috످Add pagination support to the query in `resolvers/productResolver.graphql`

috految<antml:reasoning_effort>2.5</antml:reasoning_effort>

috److I can't access your files from this chat. Could you paste the following so I can add pagination?

I need the contents of `resolvers/productResolver.graphql` and the resolver that fetches products (e.g., `productResolver.js` or `.ts`). Since `.graphql` files only define schemas and operations, the pagination logic will go in the resolver. I also need to know your GraphQL server and database/ORM (e.g., Apollo with Prisma).

Unless you prefer cursor-based pagination (better for infinite scroll or large datasets), I'll use `limit` and `offset`. Assuming your query is named `products`, the schema change would look like this:

```diff
 type Query {
-  products: [Product!]!
+  products(limit: Int, offset: Int = 0): [Product!]!
 }
```

Both arguments are optional, so existing queries will keep working. Once the resolver is updated, `products(limit: 20, offset: 20)` will return the second page of 20 products.

috످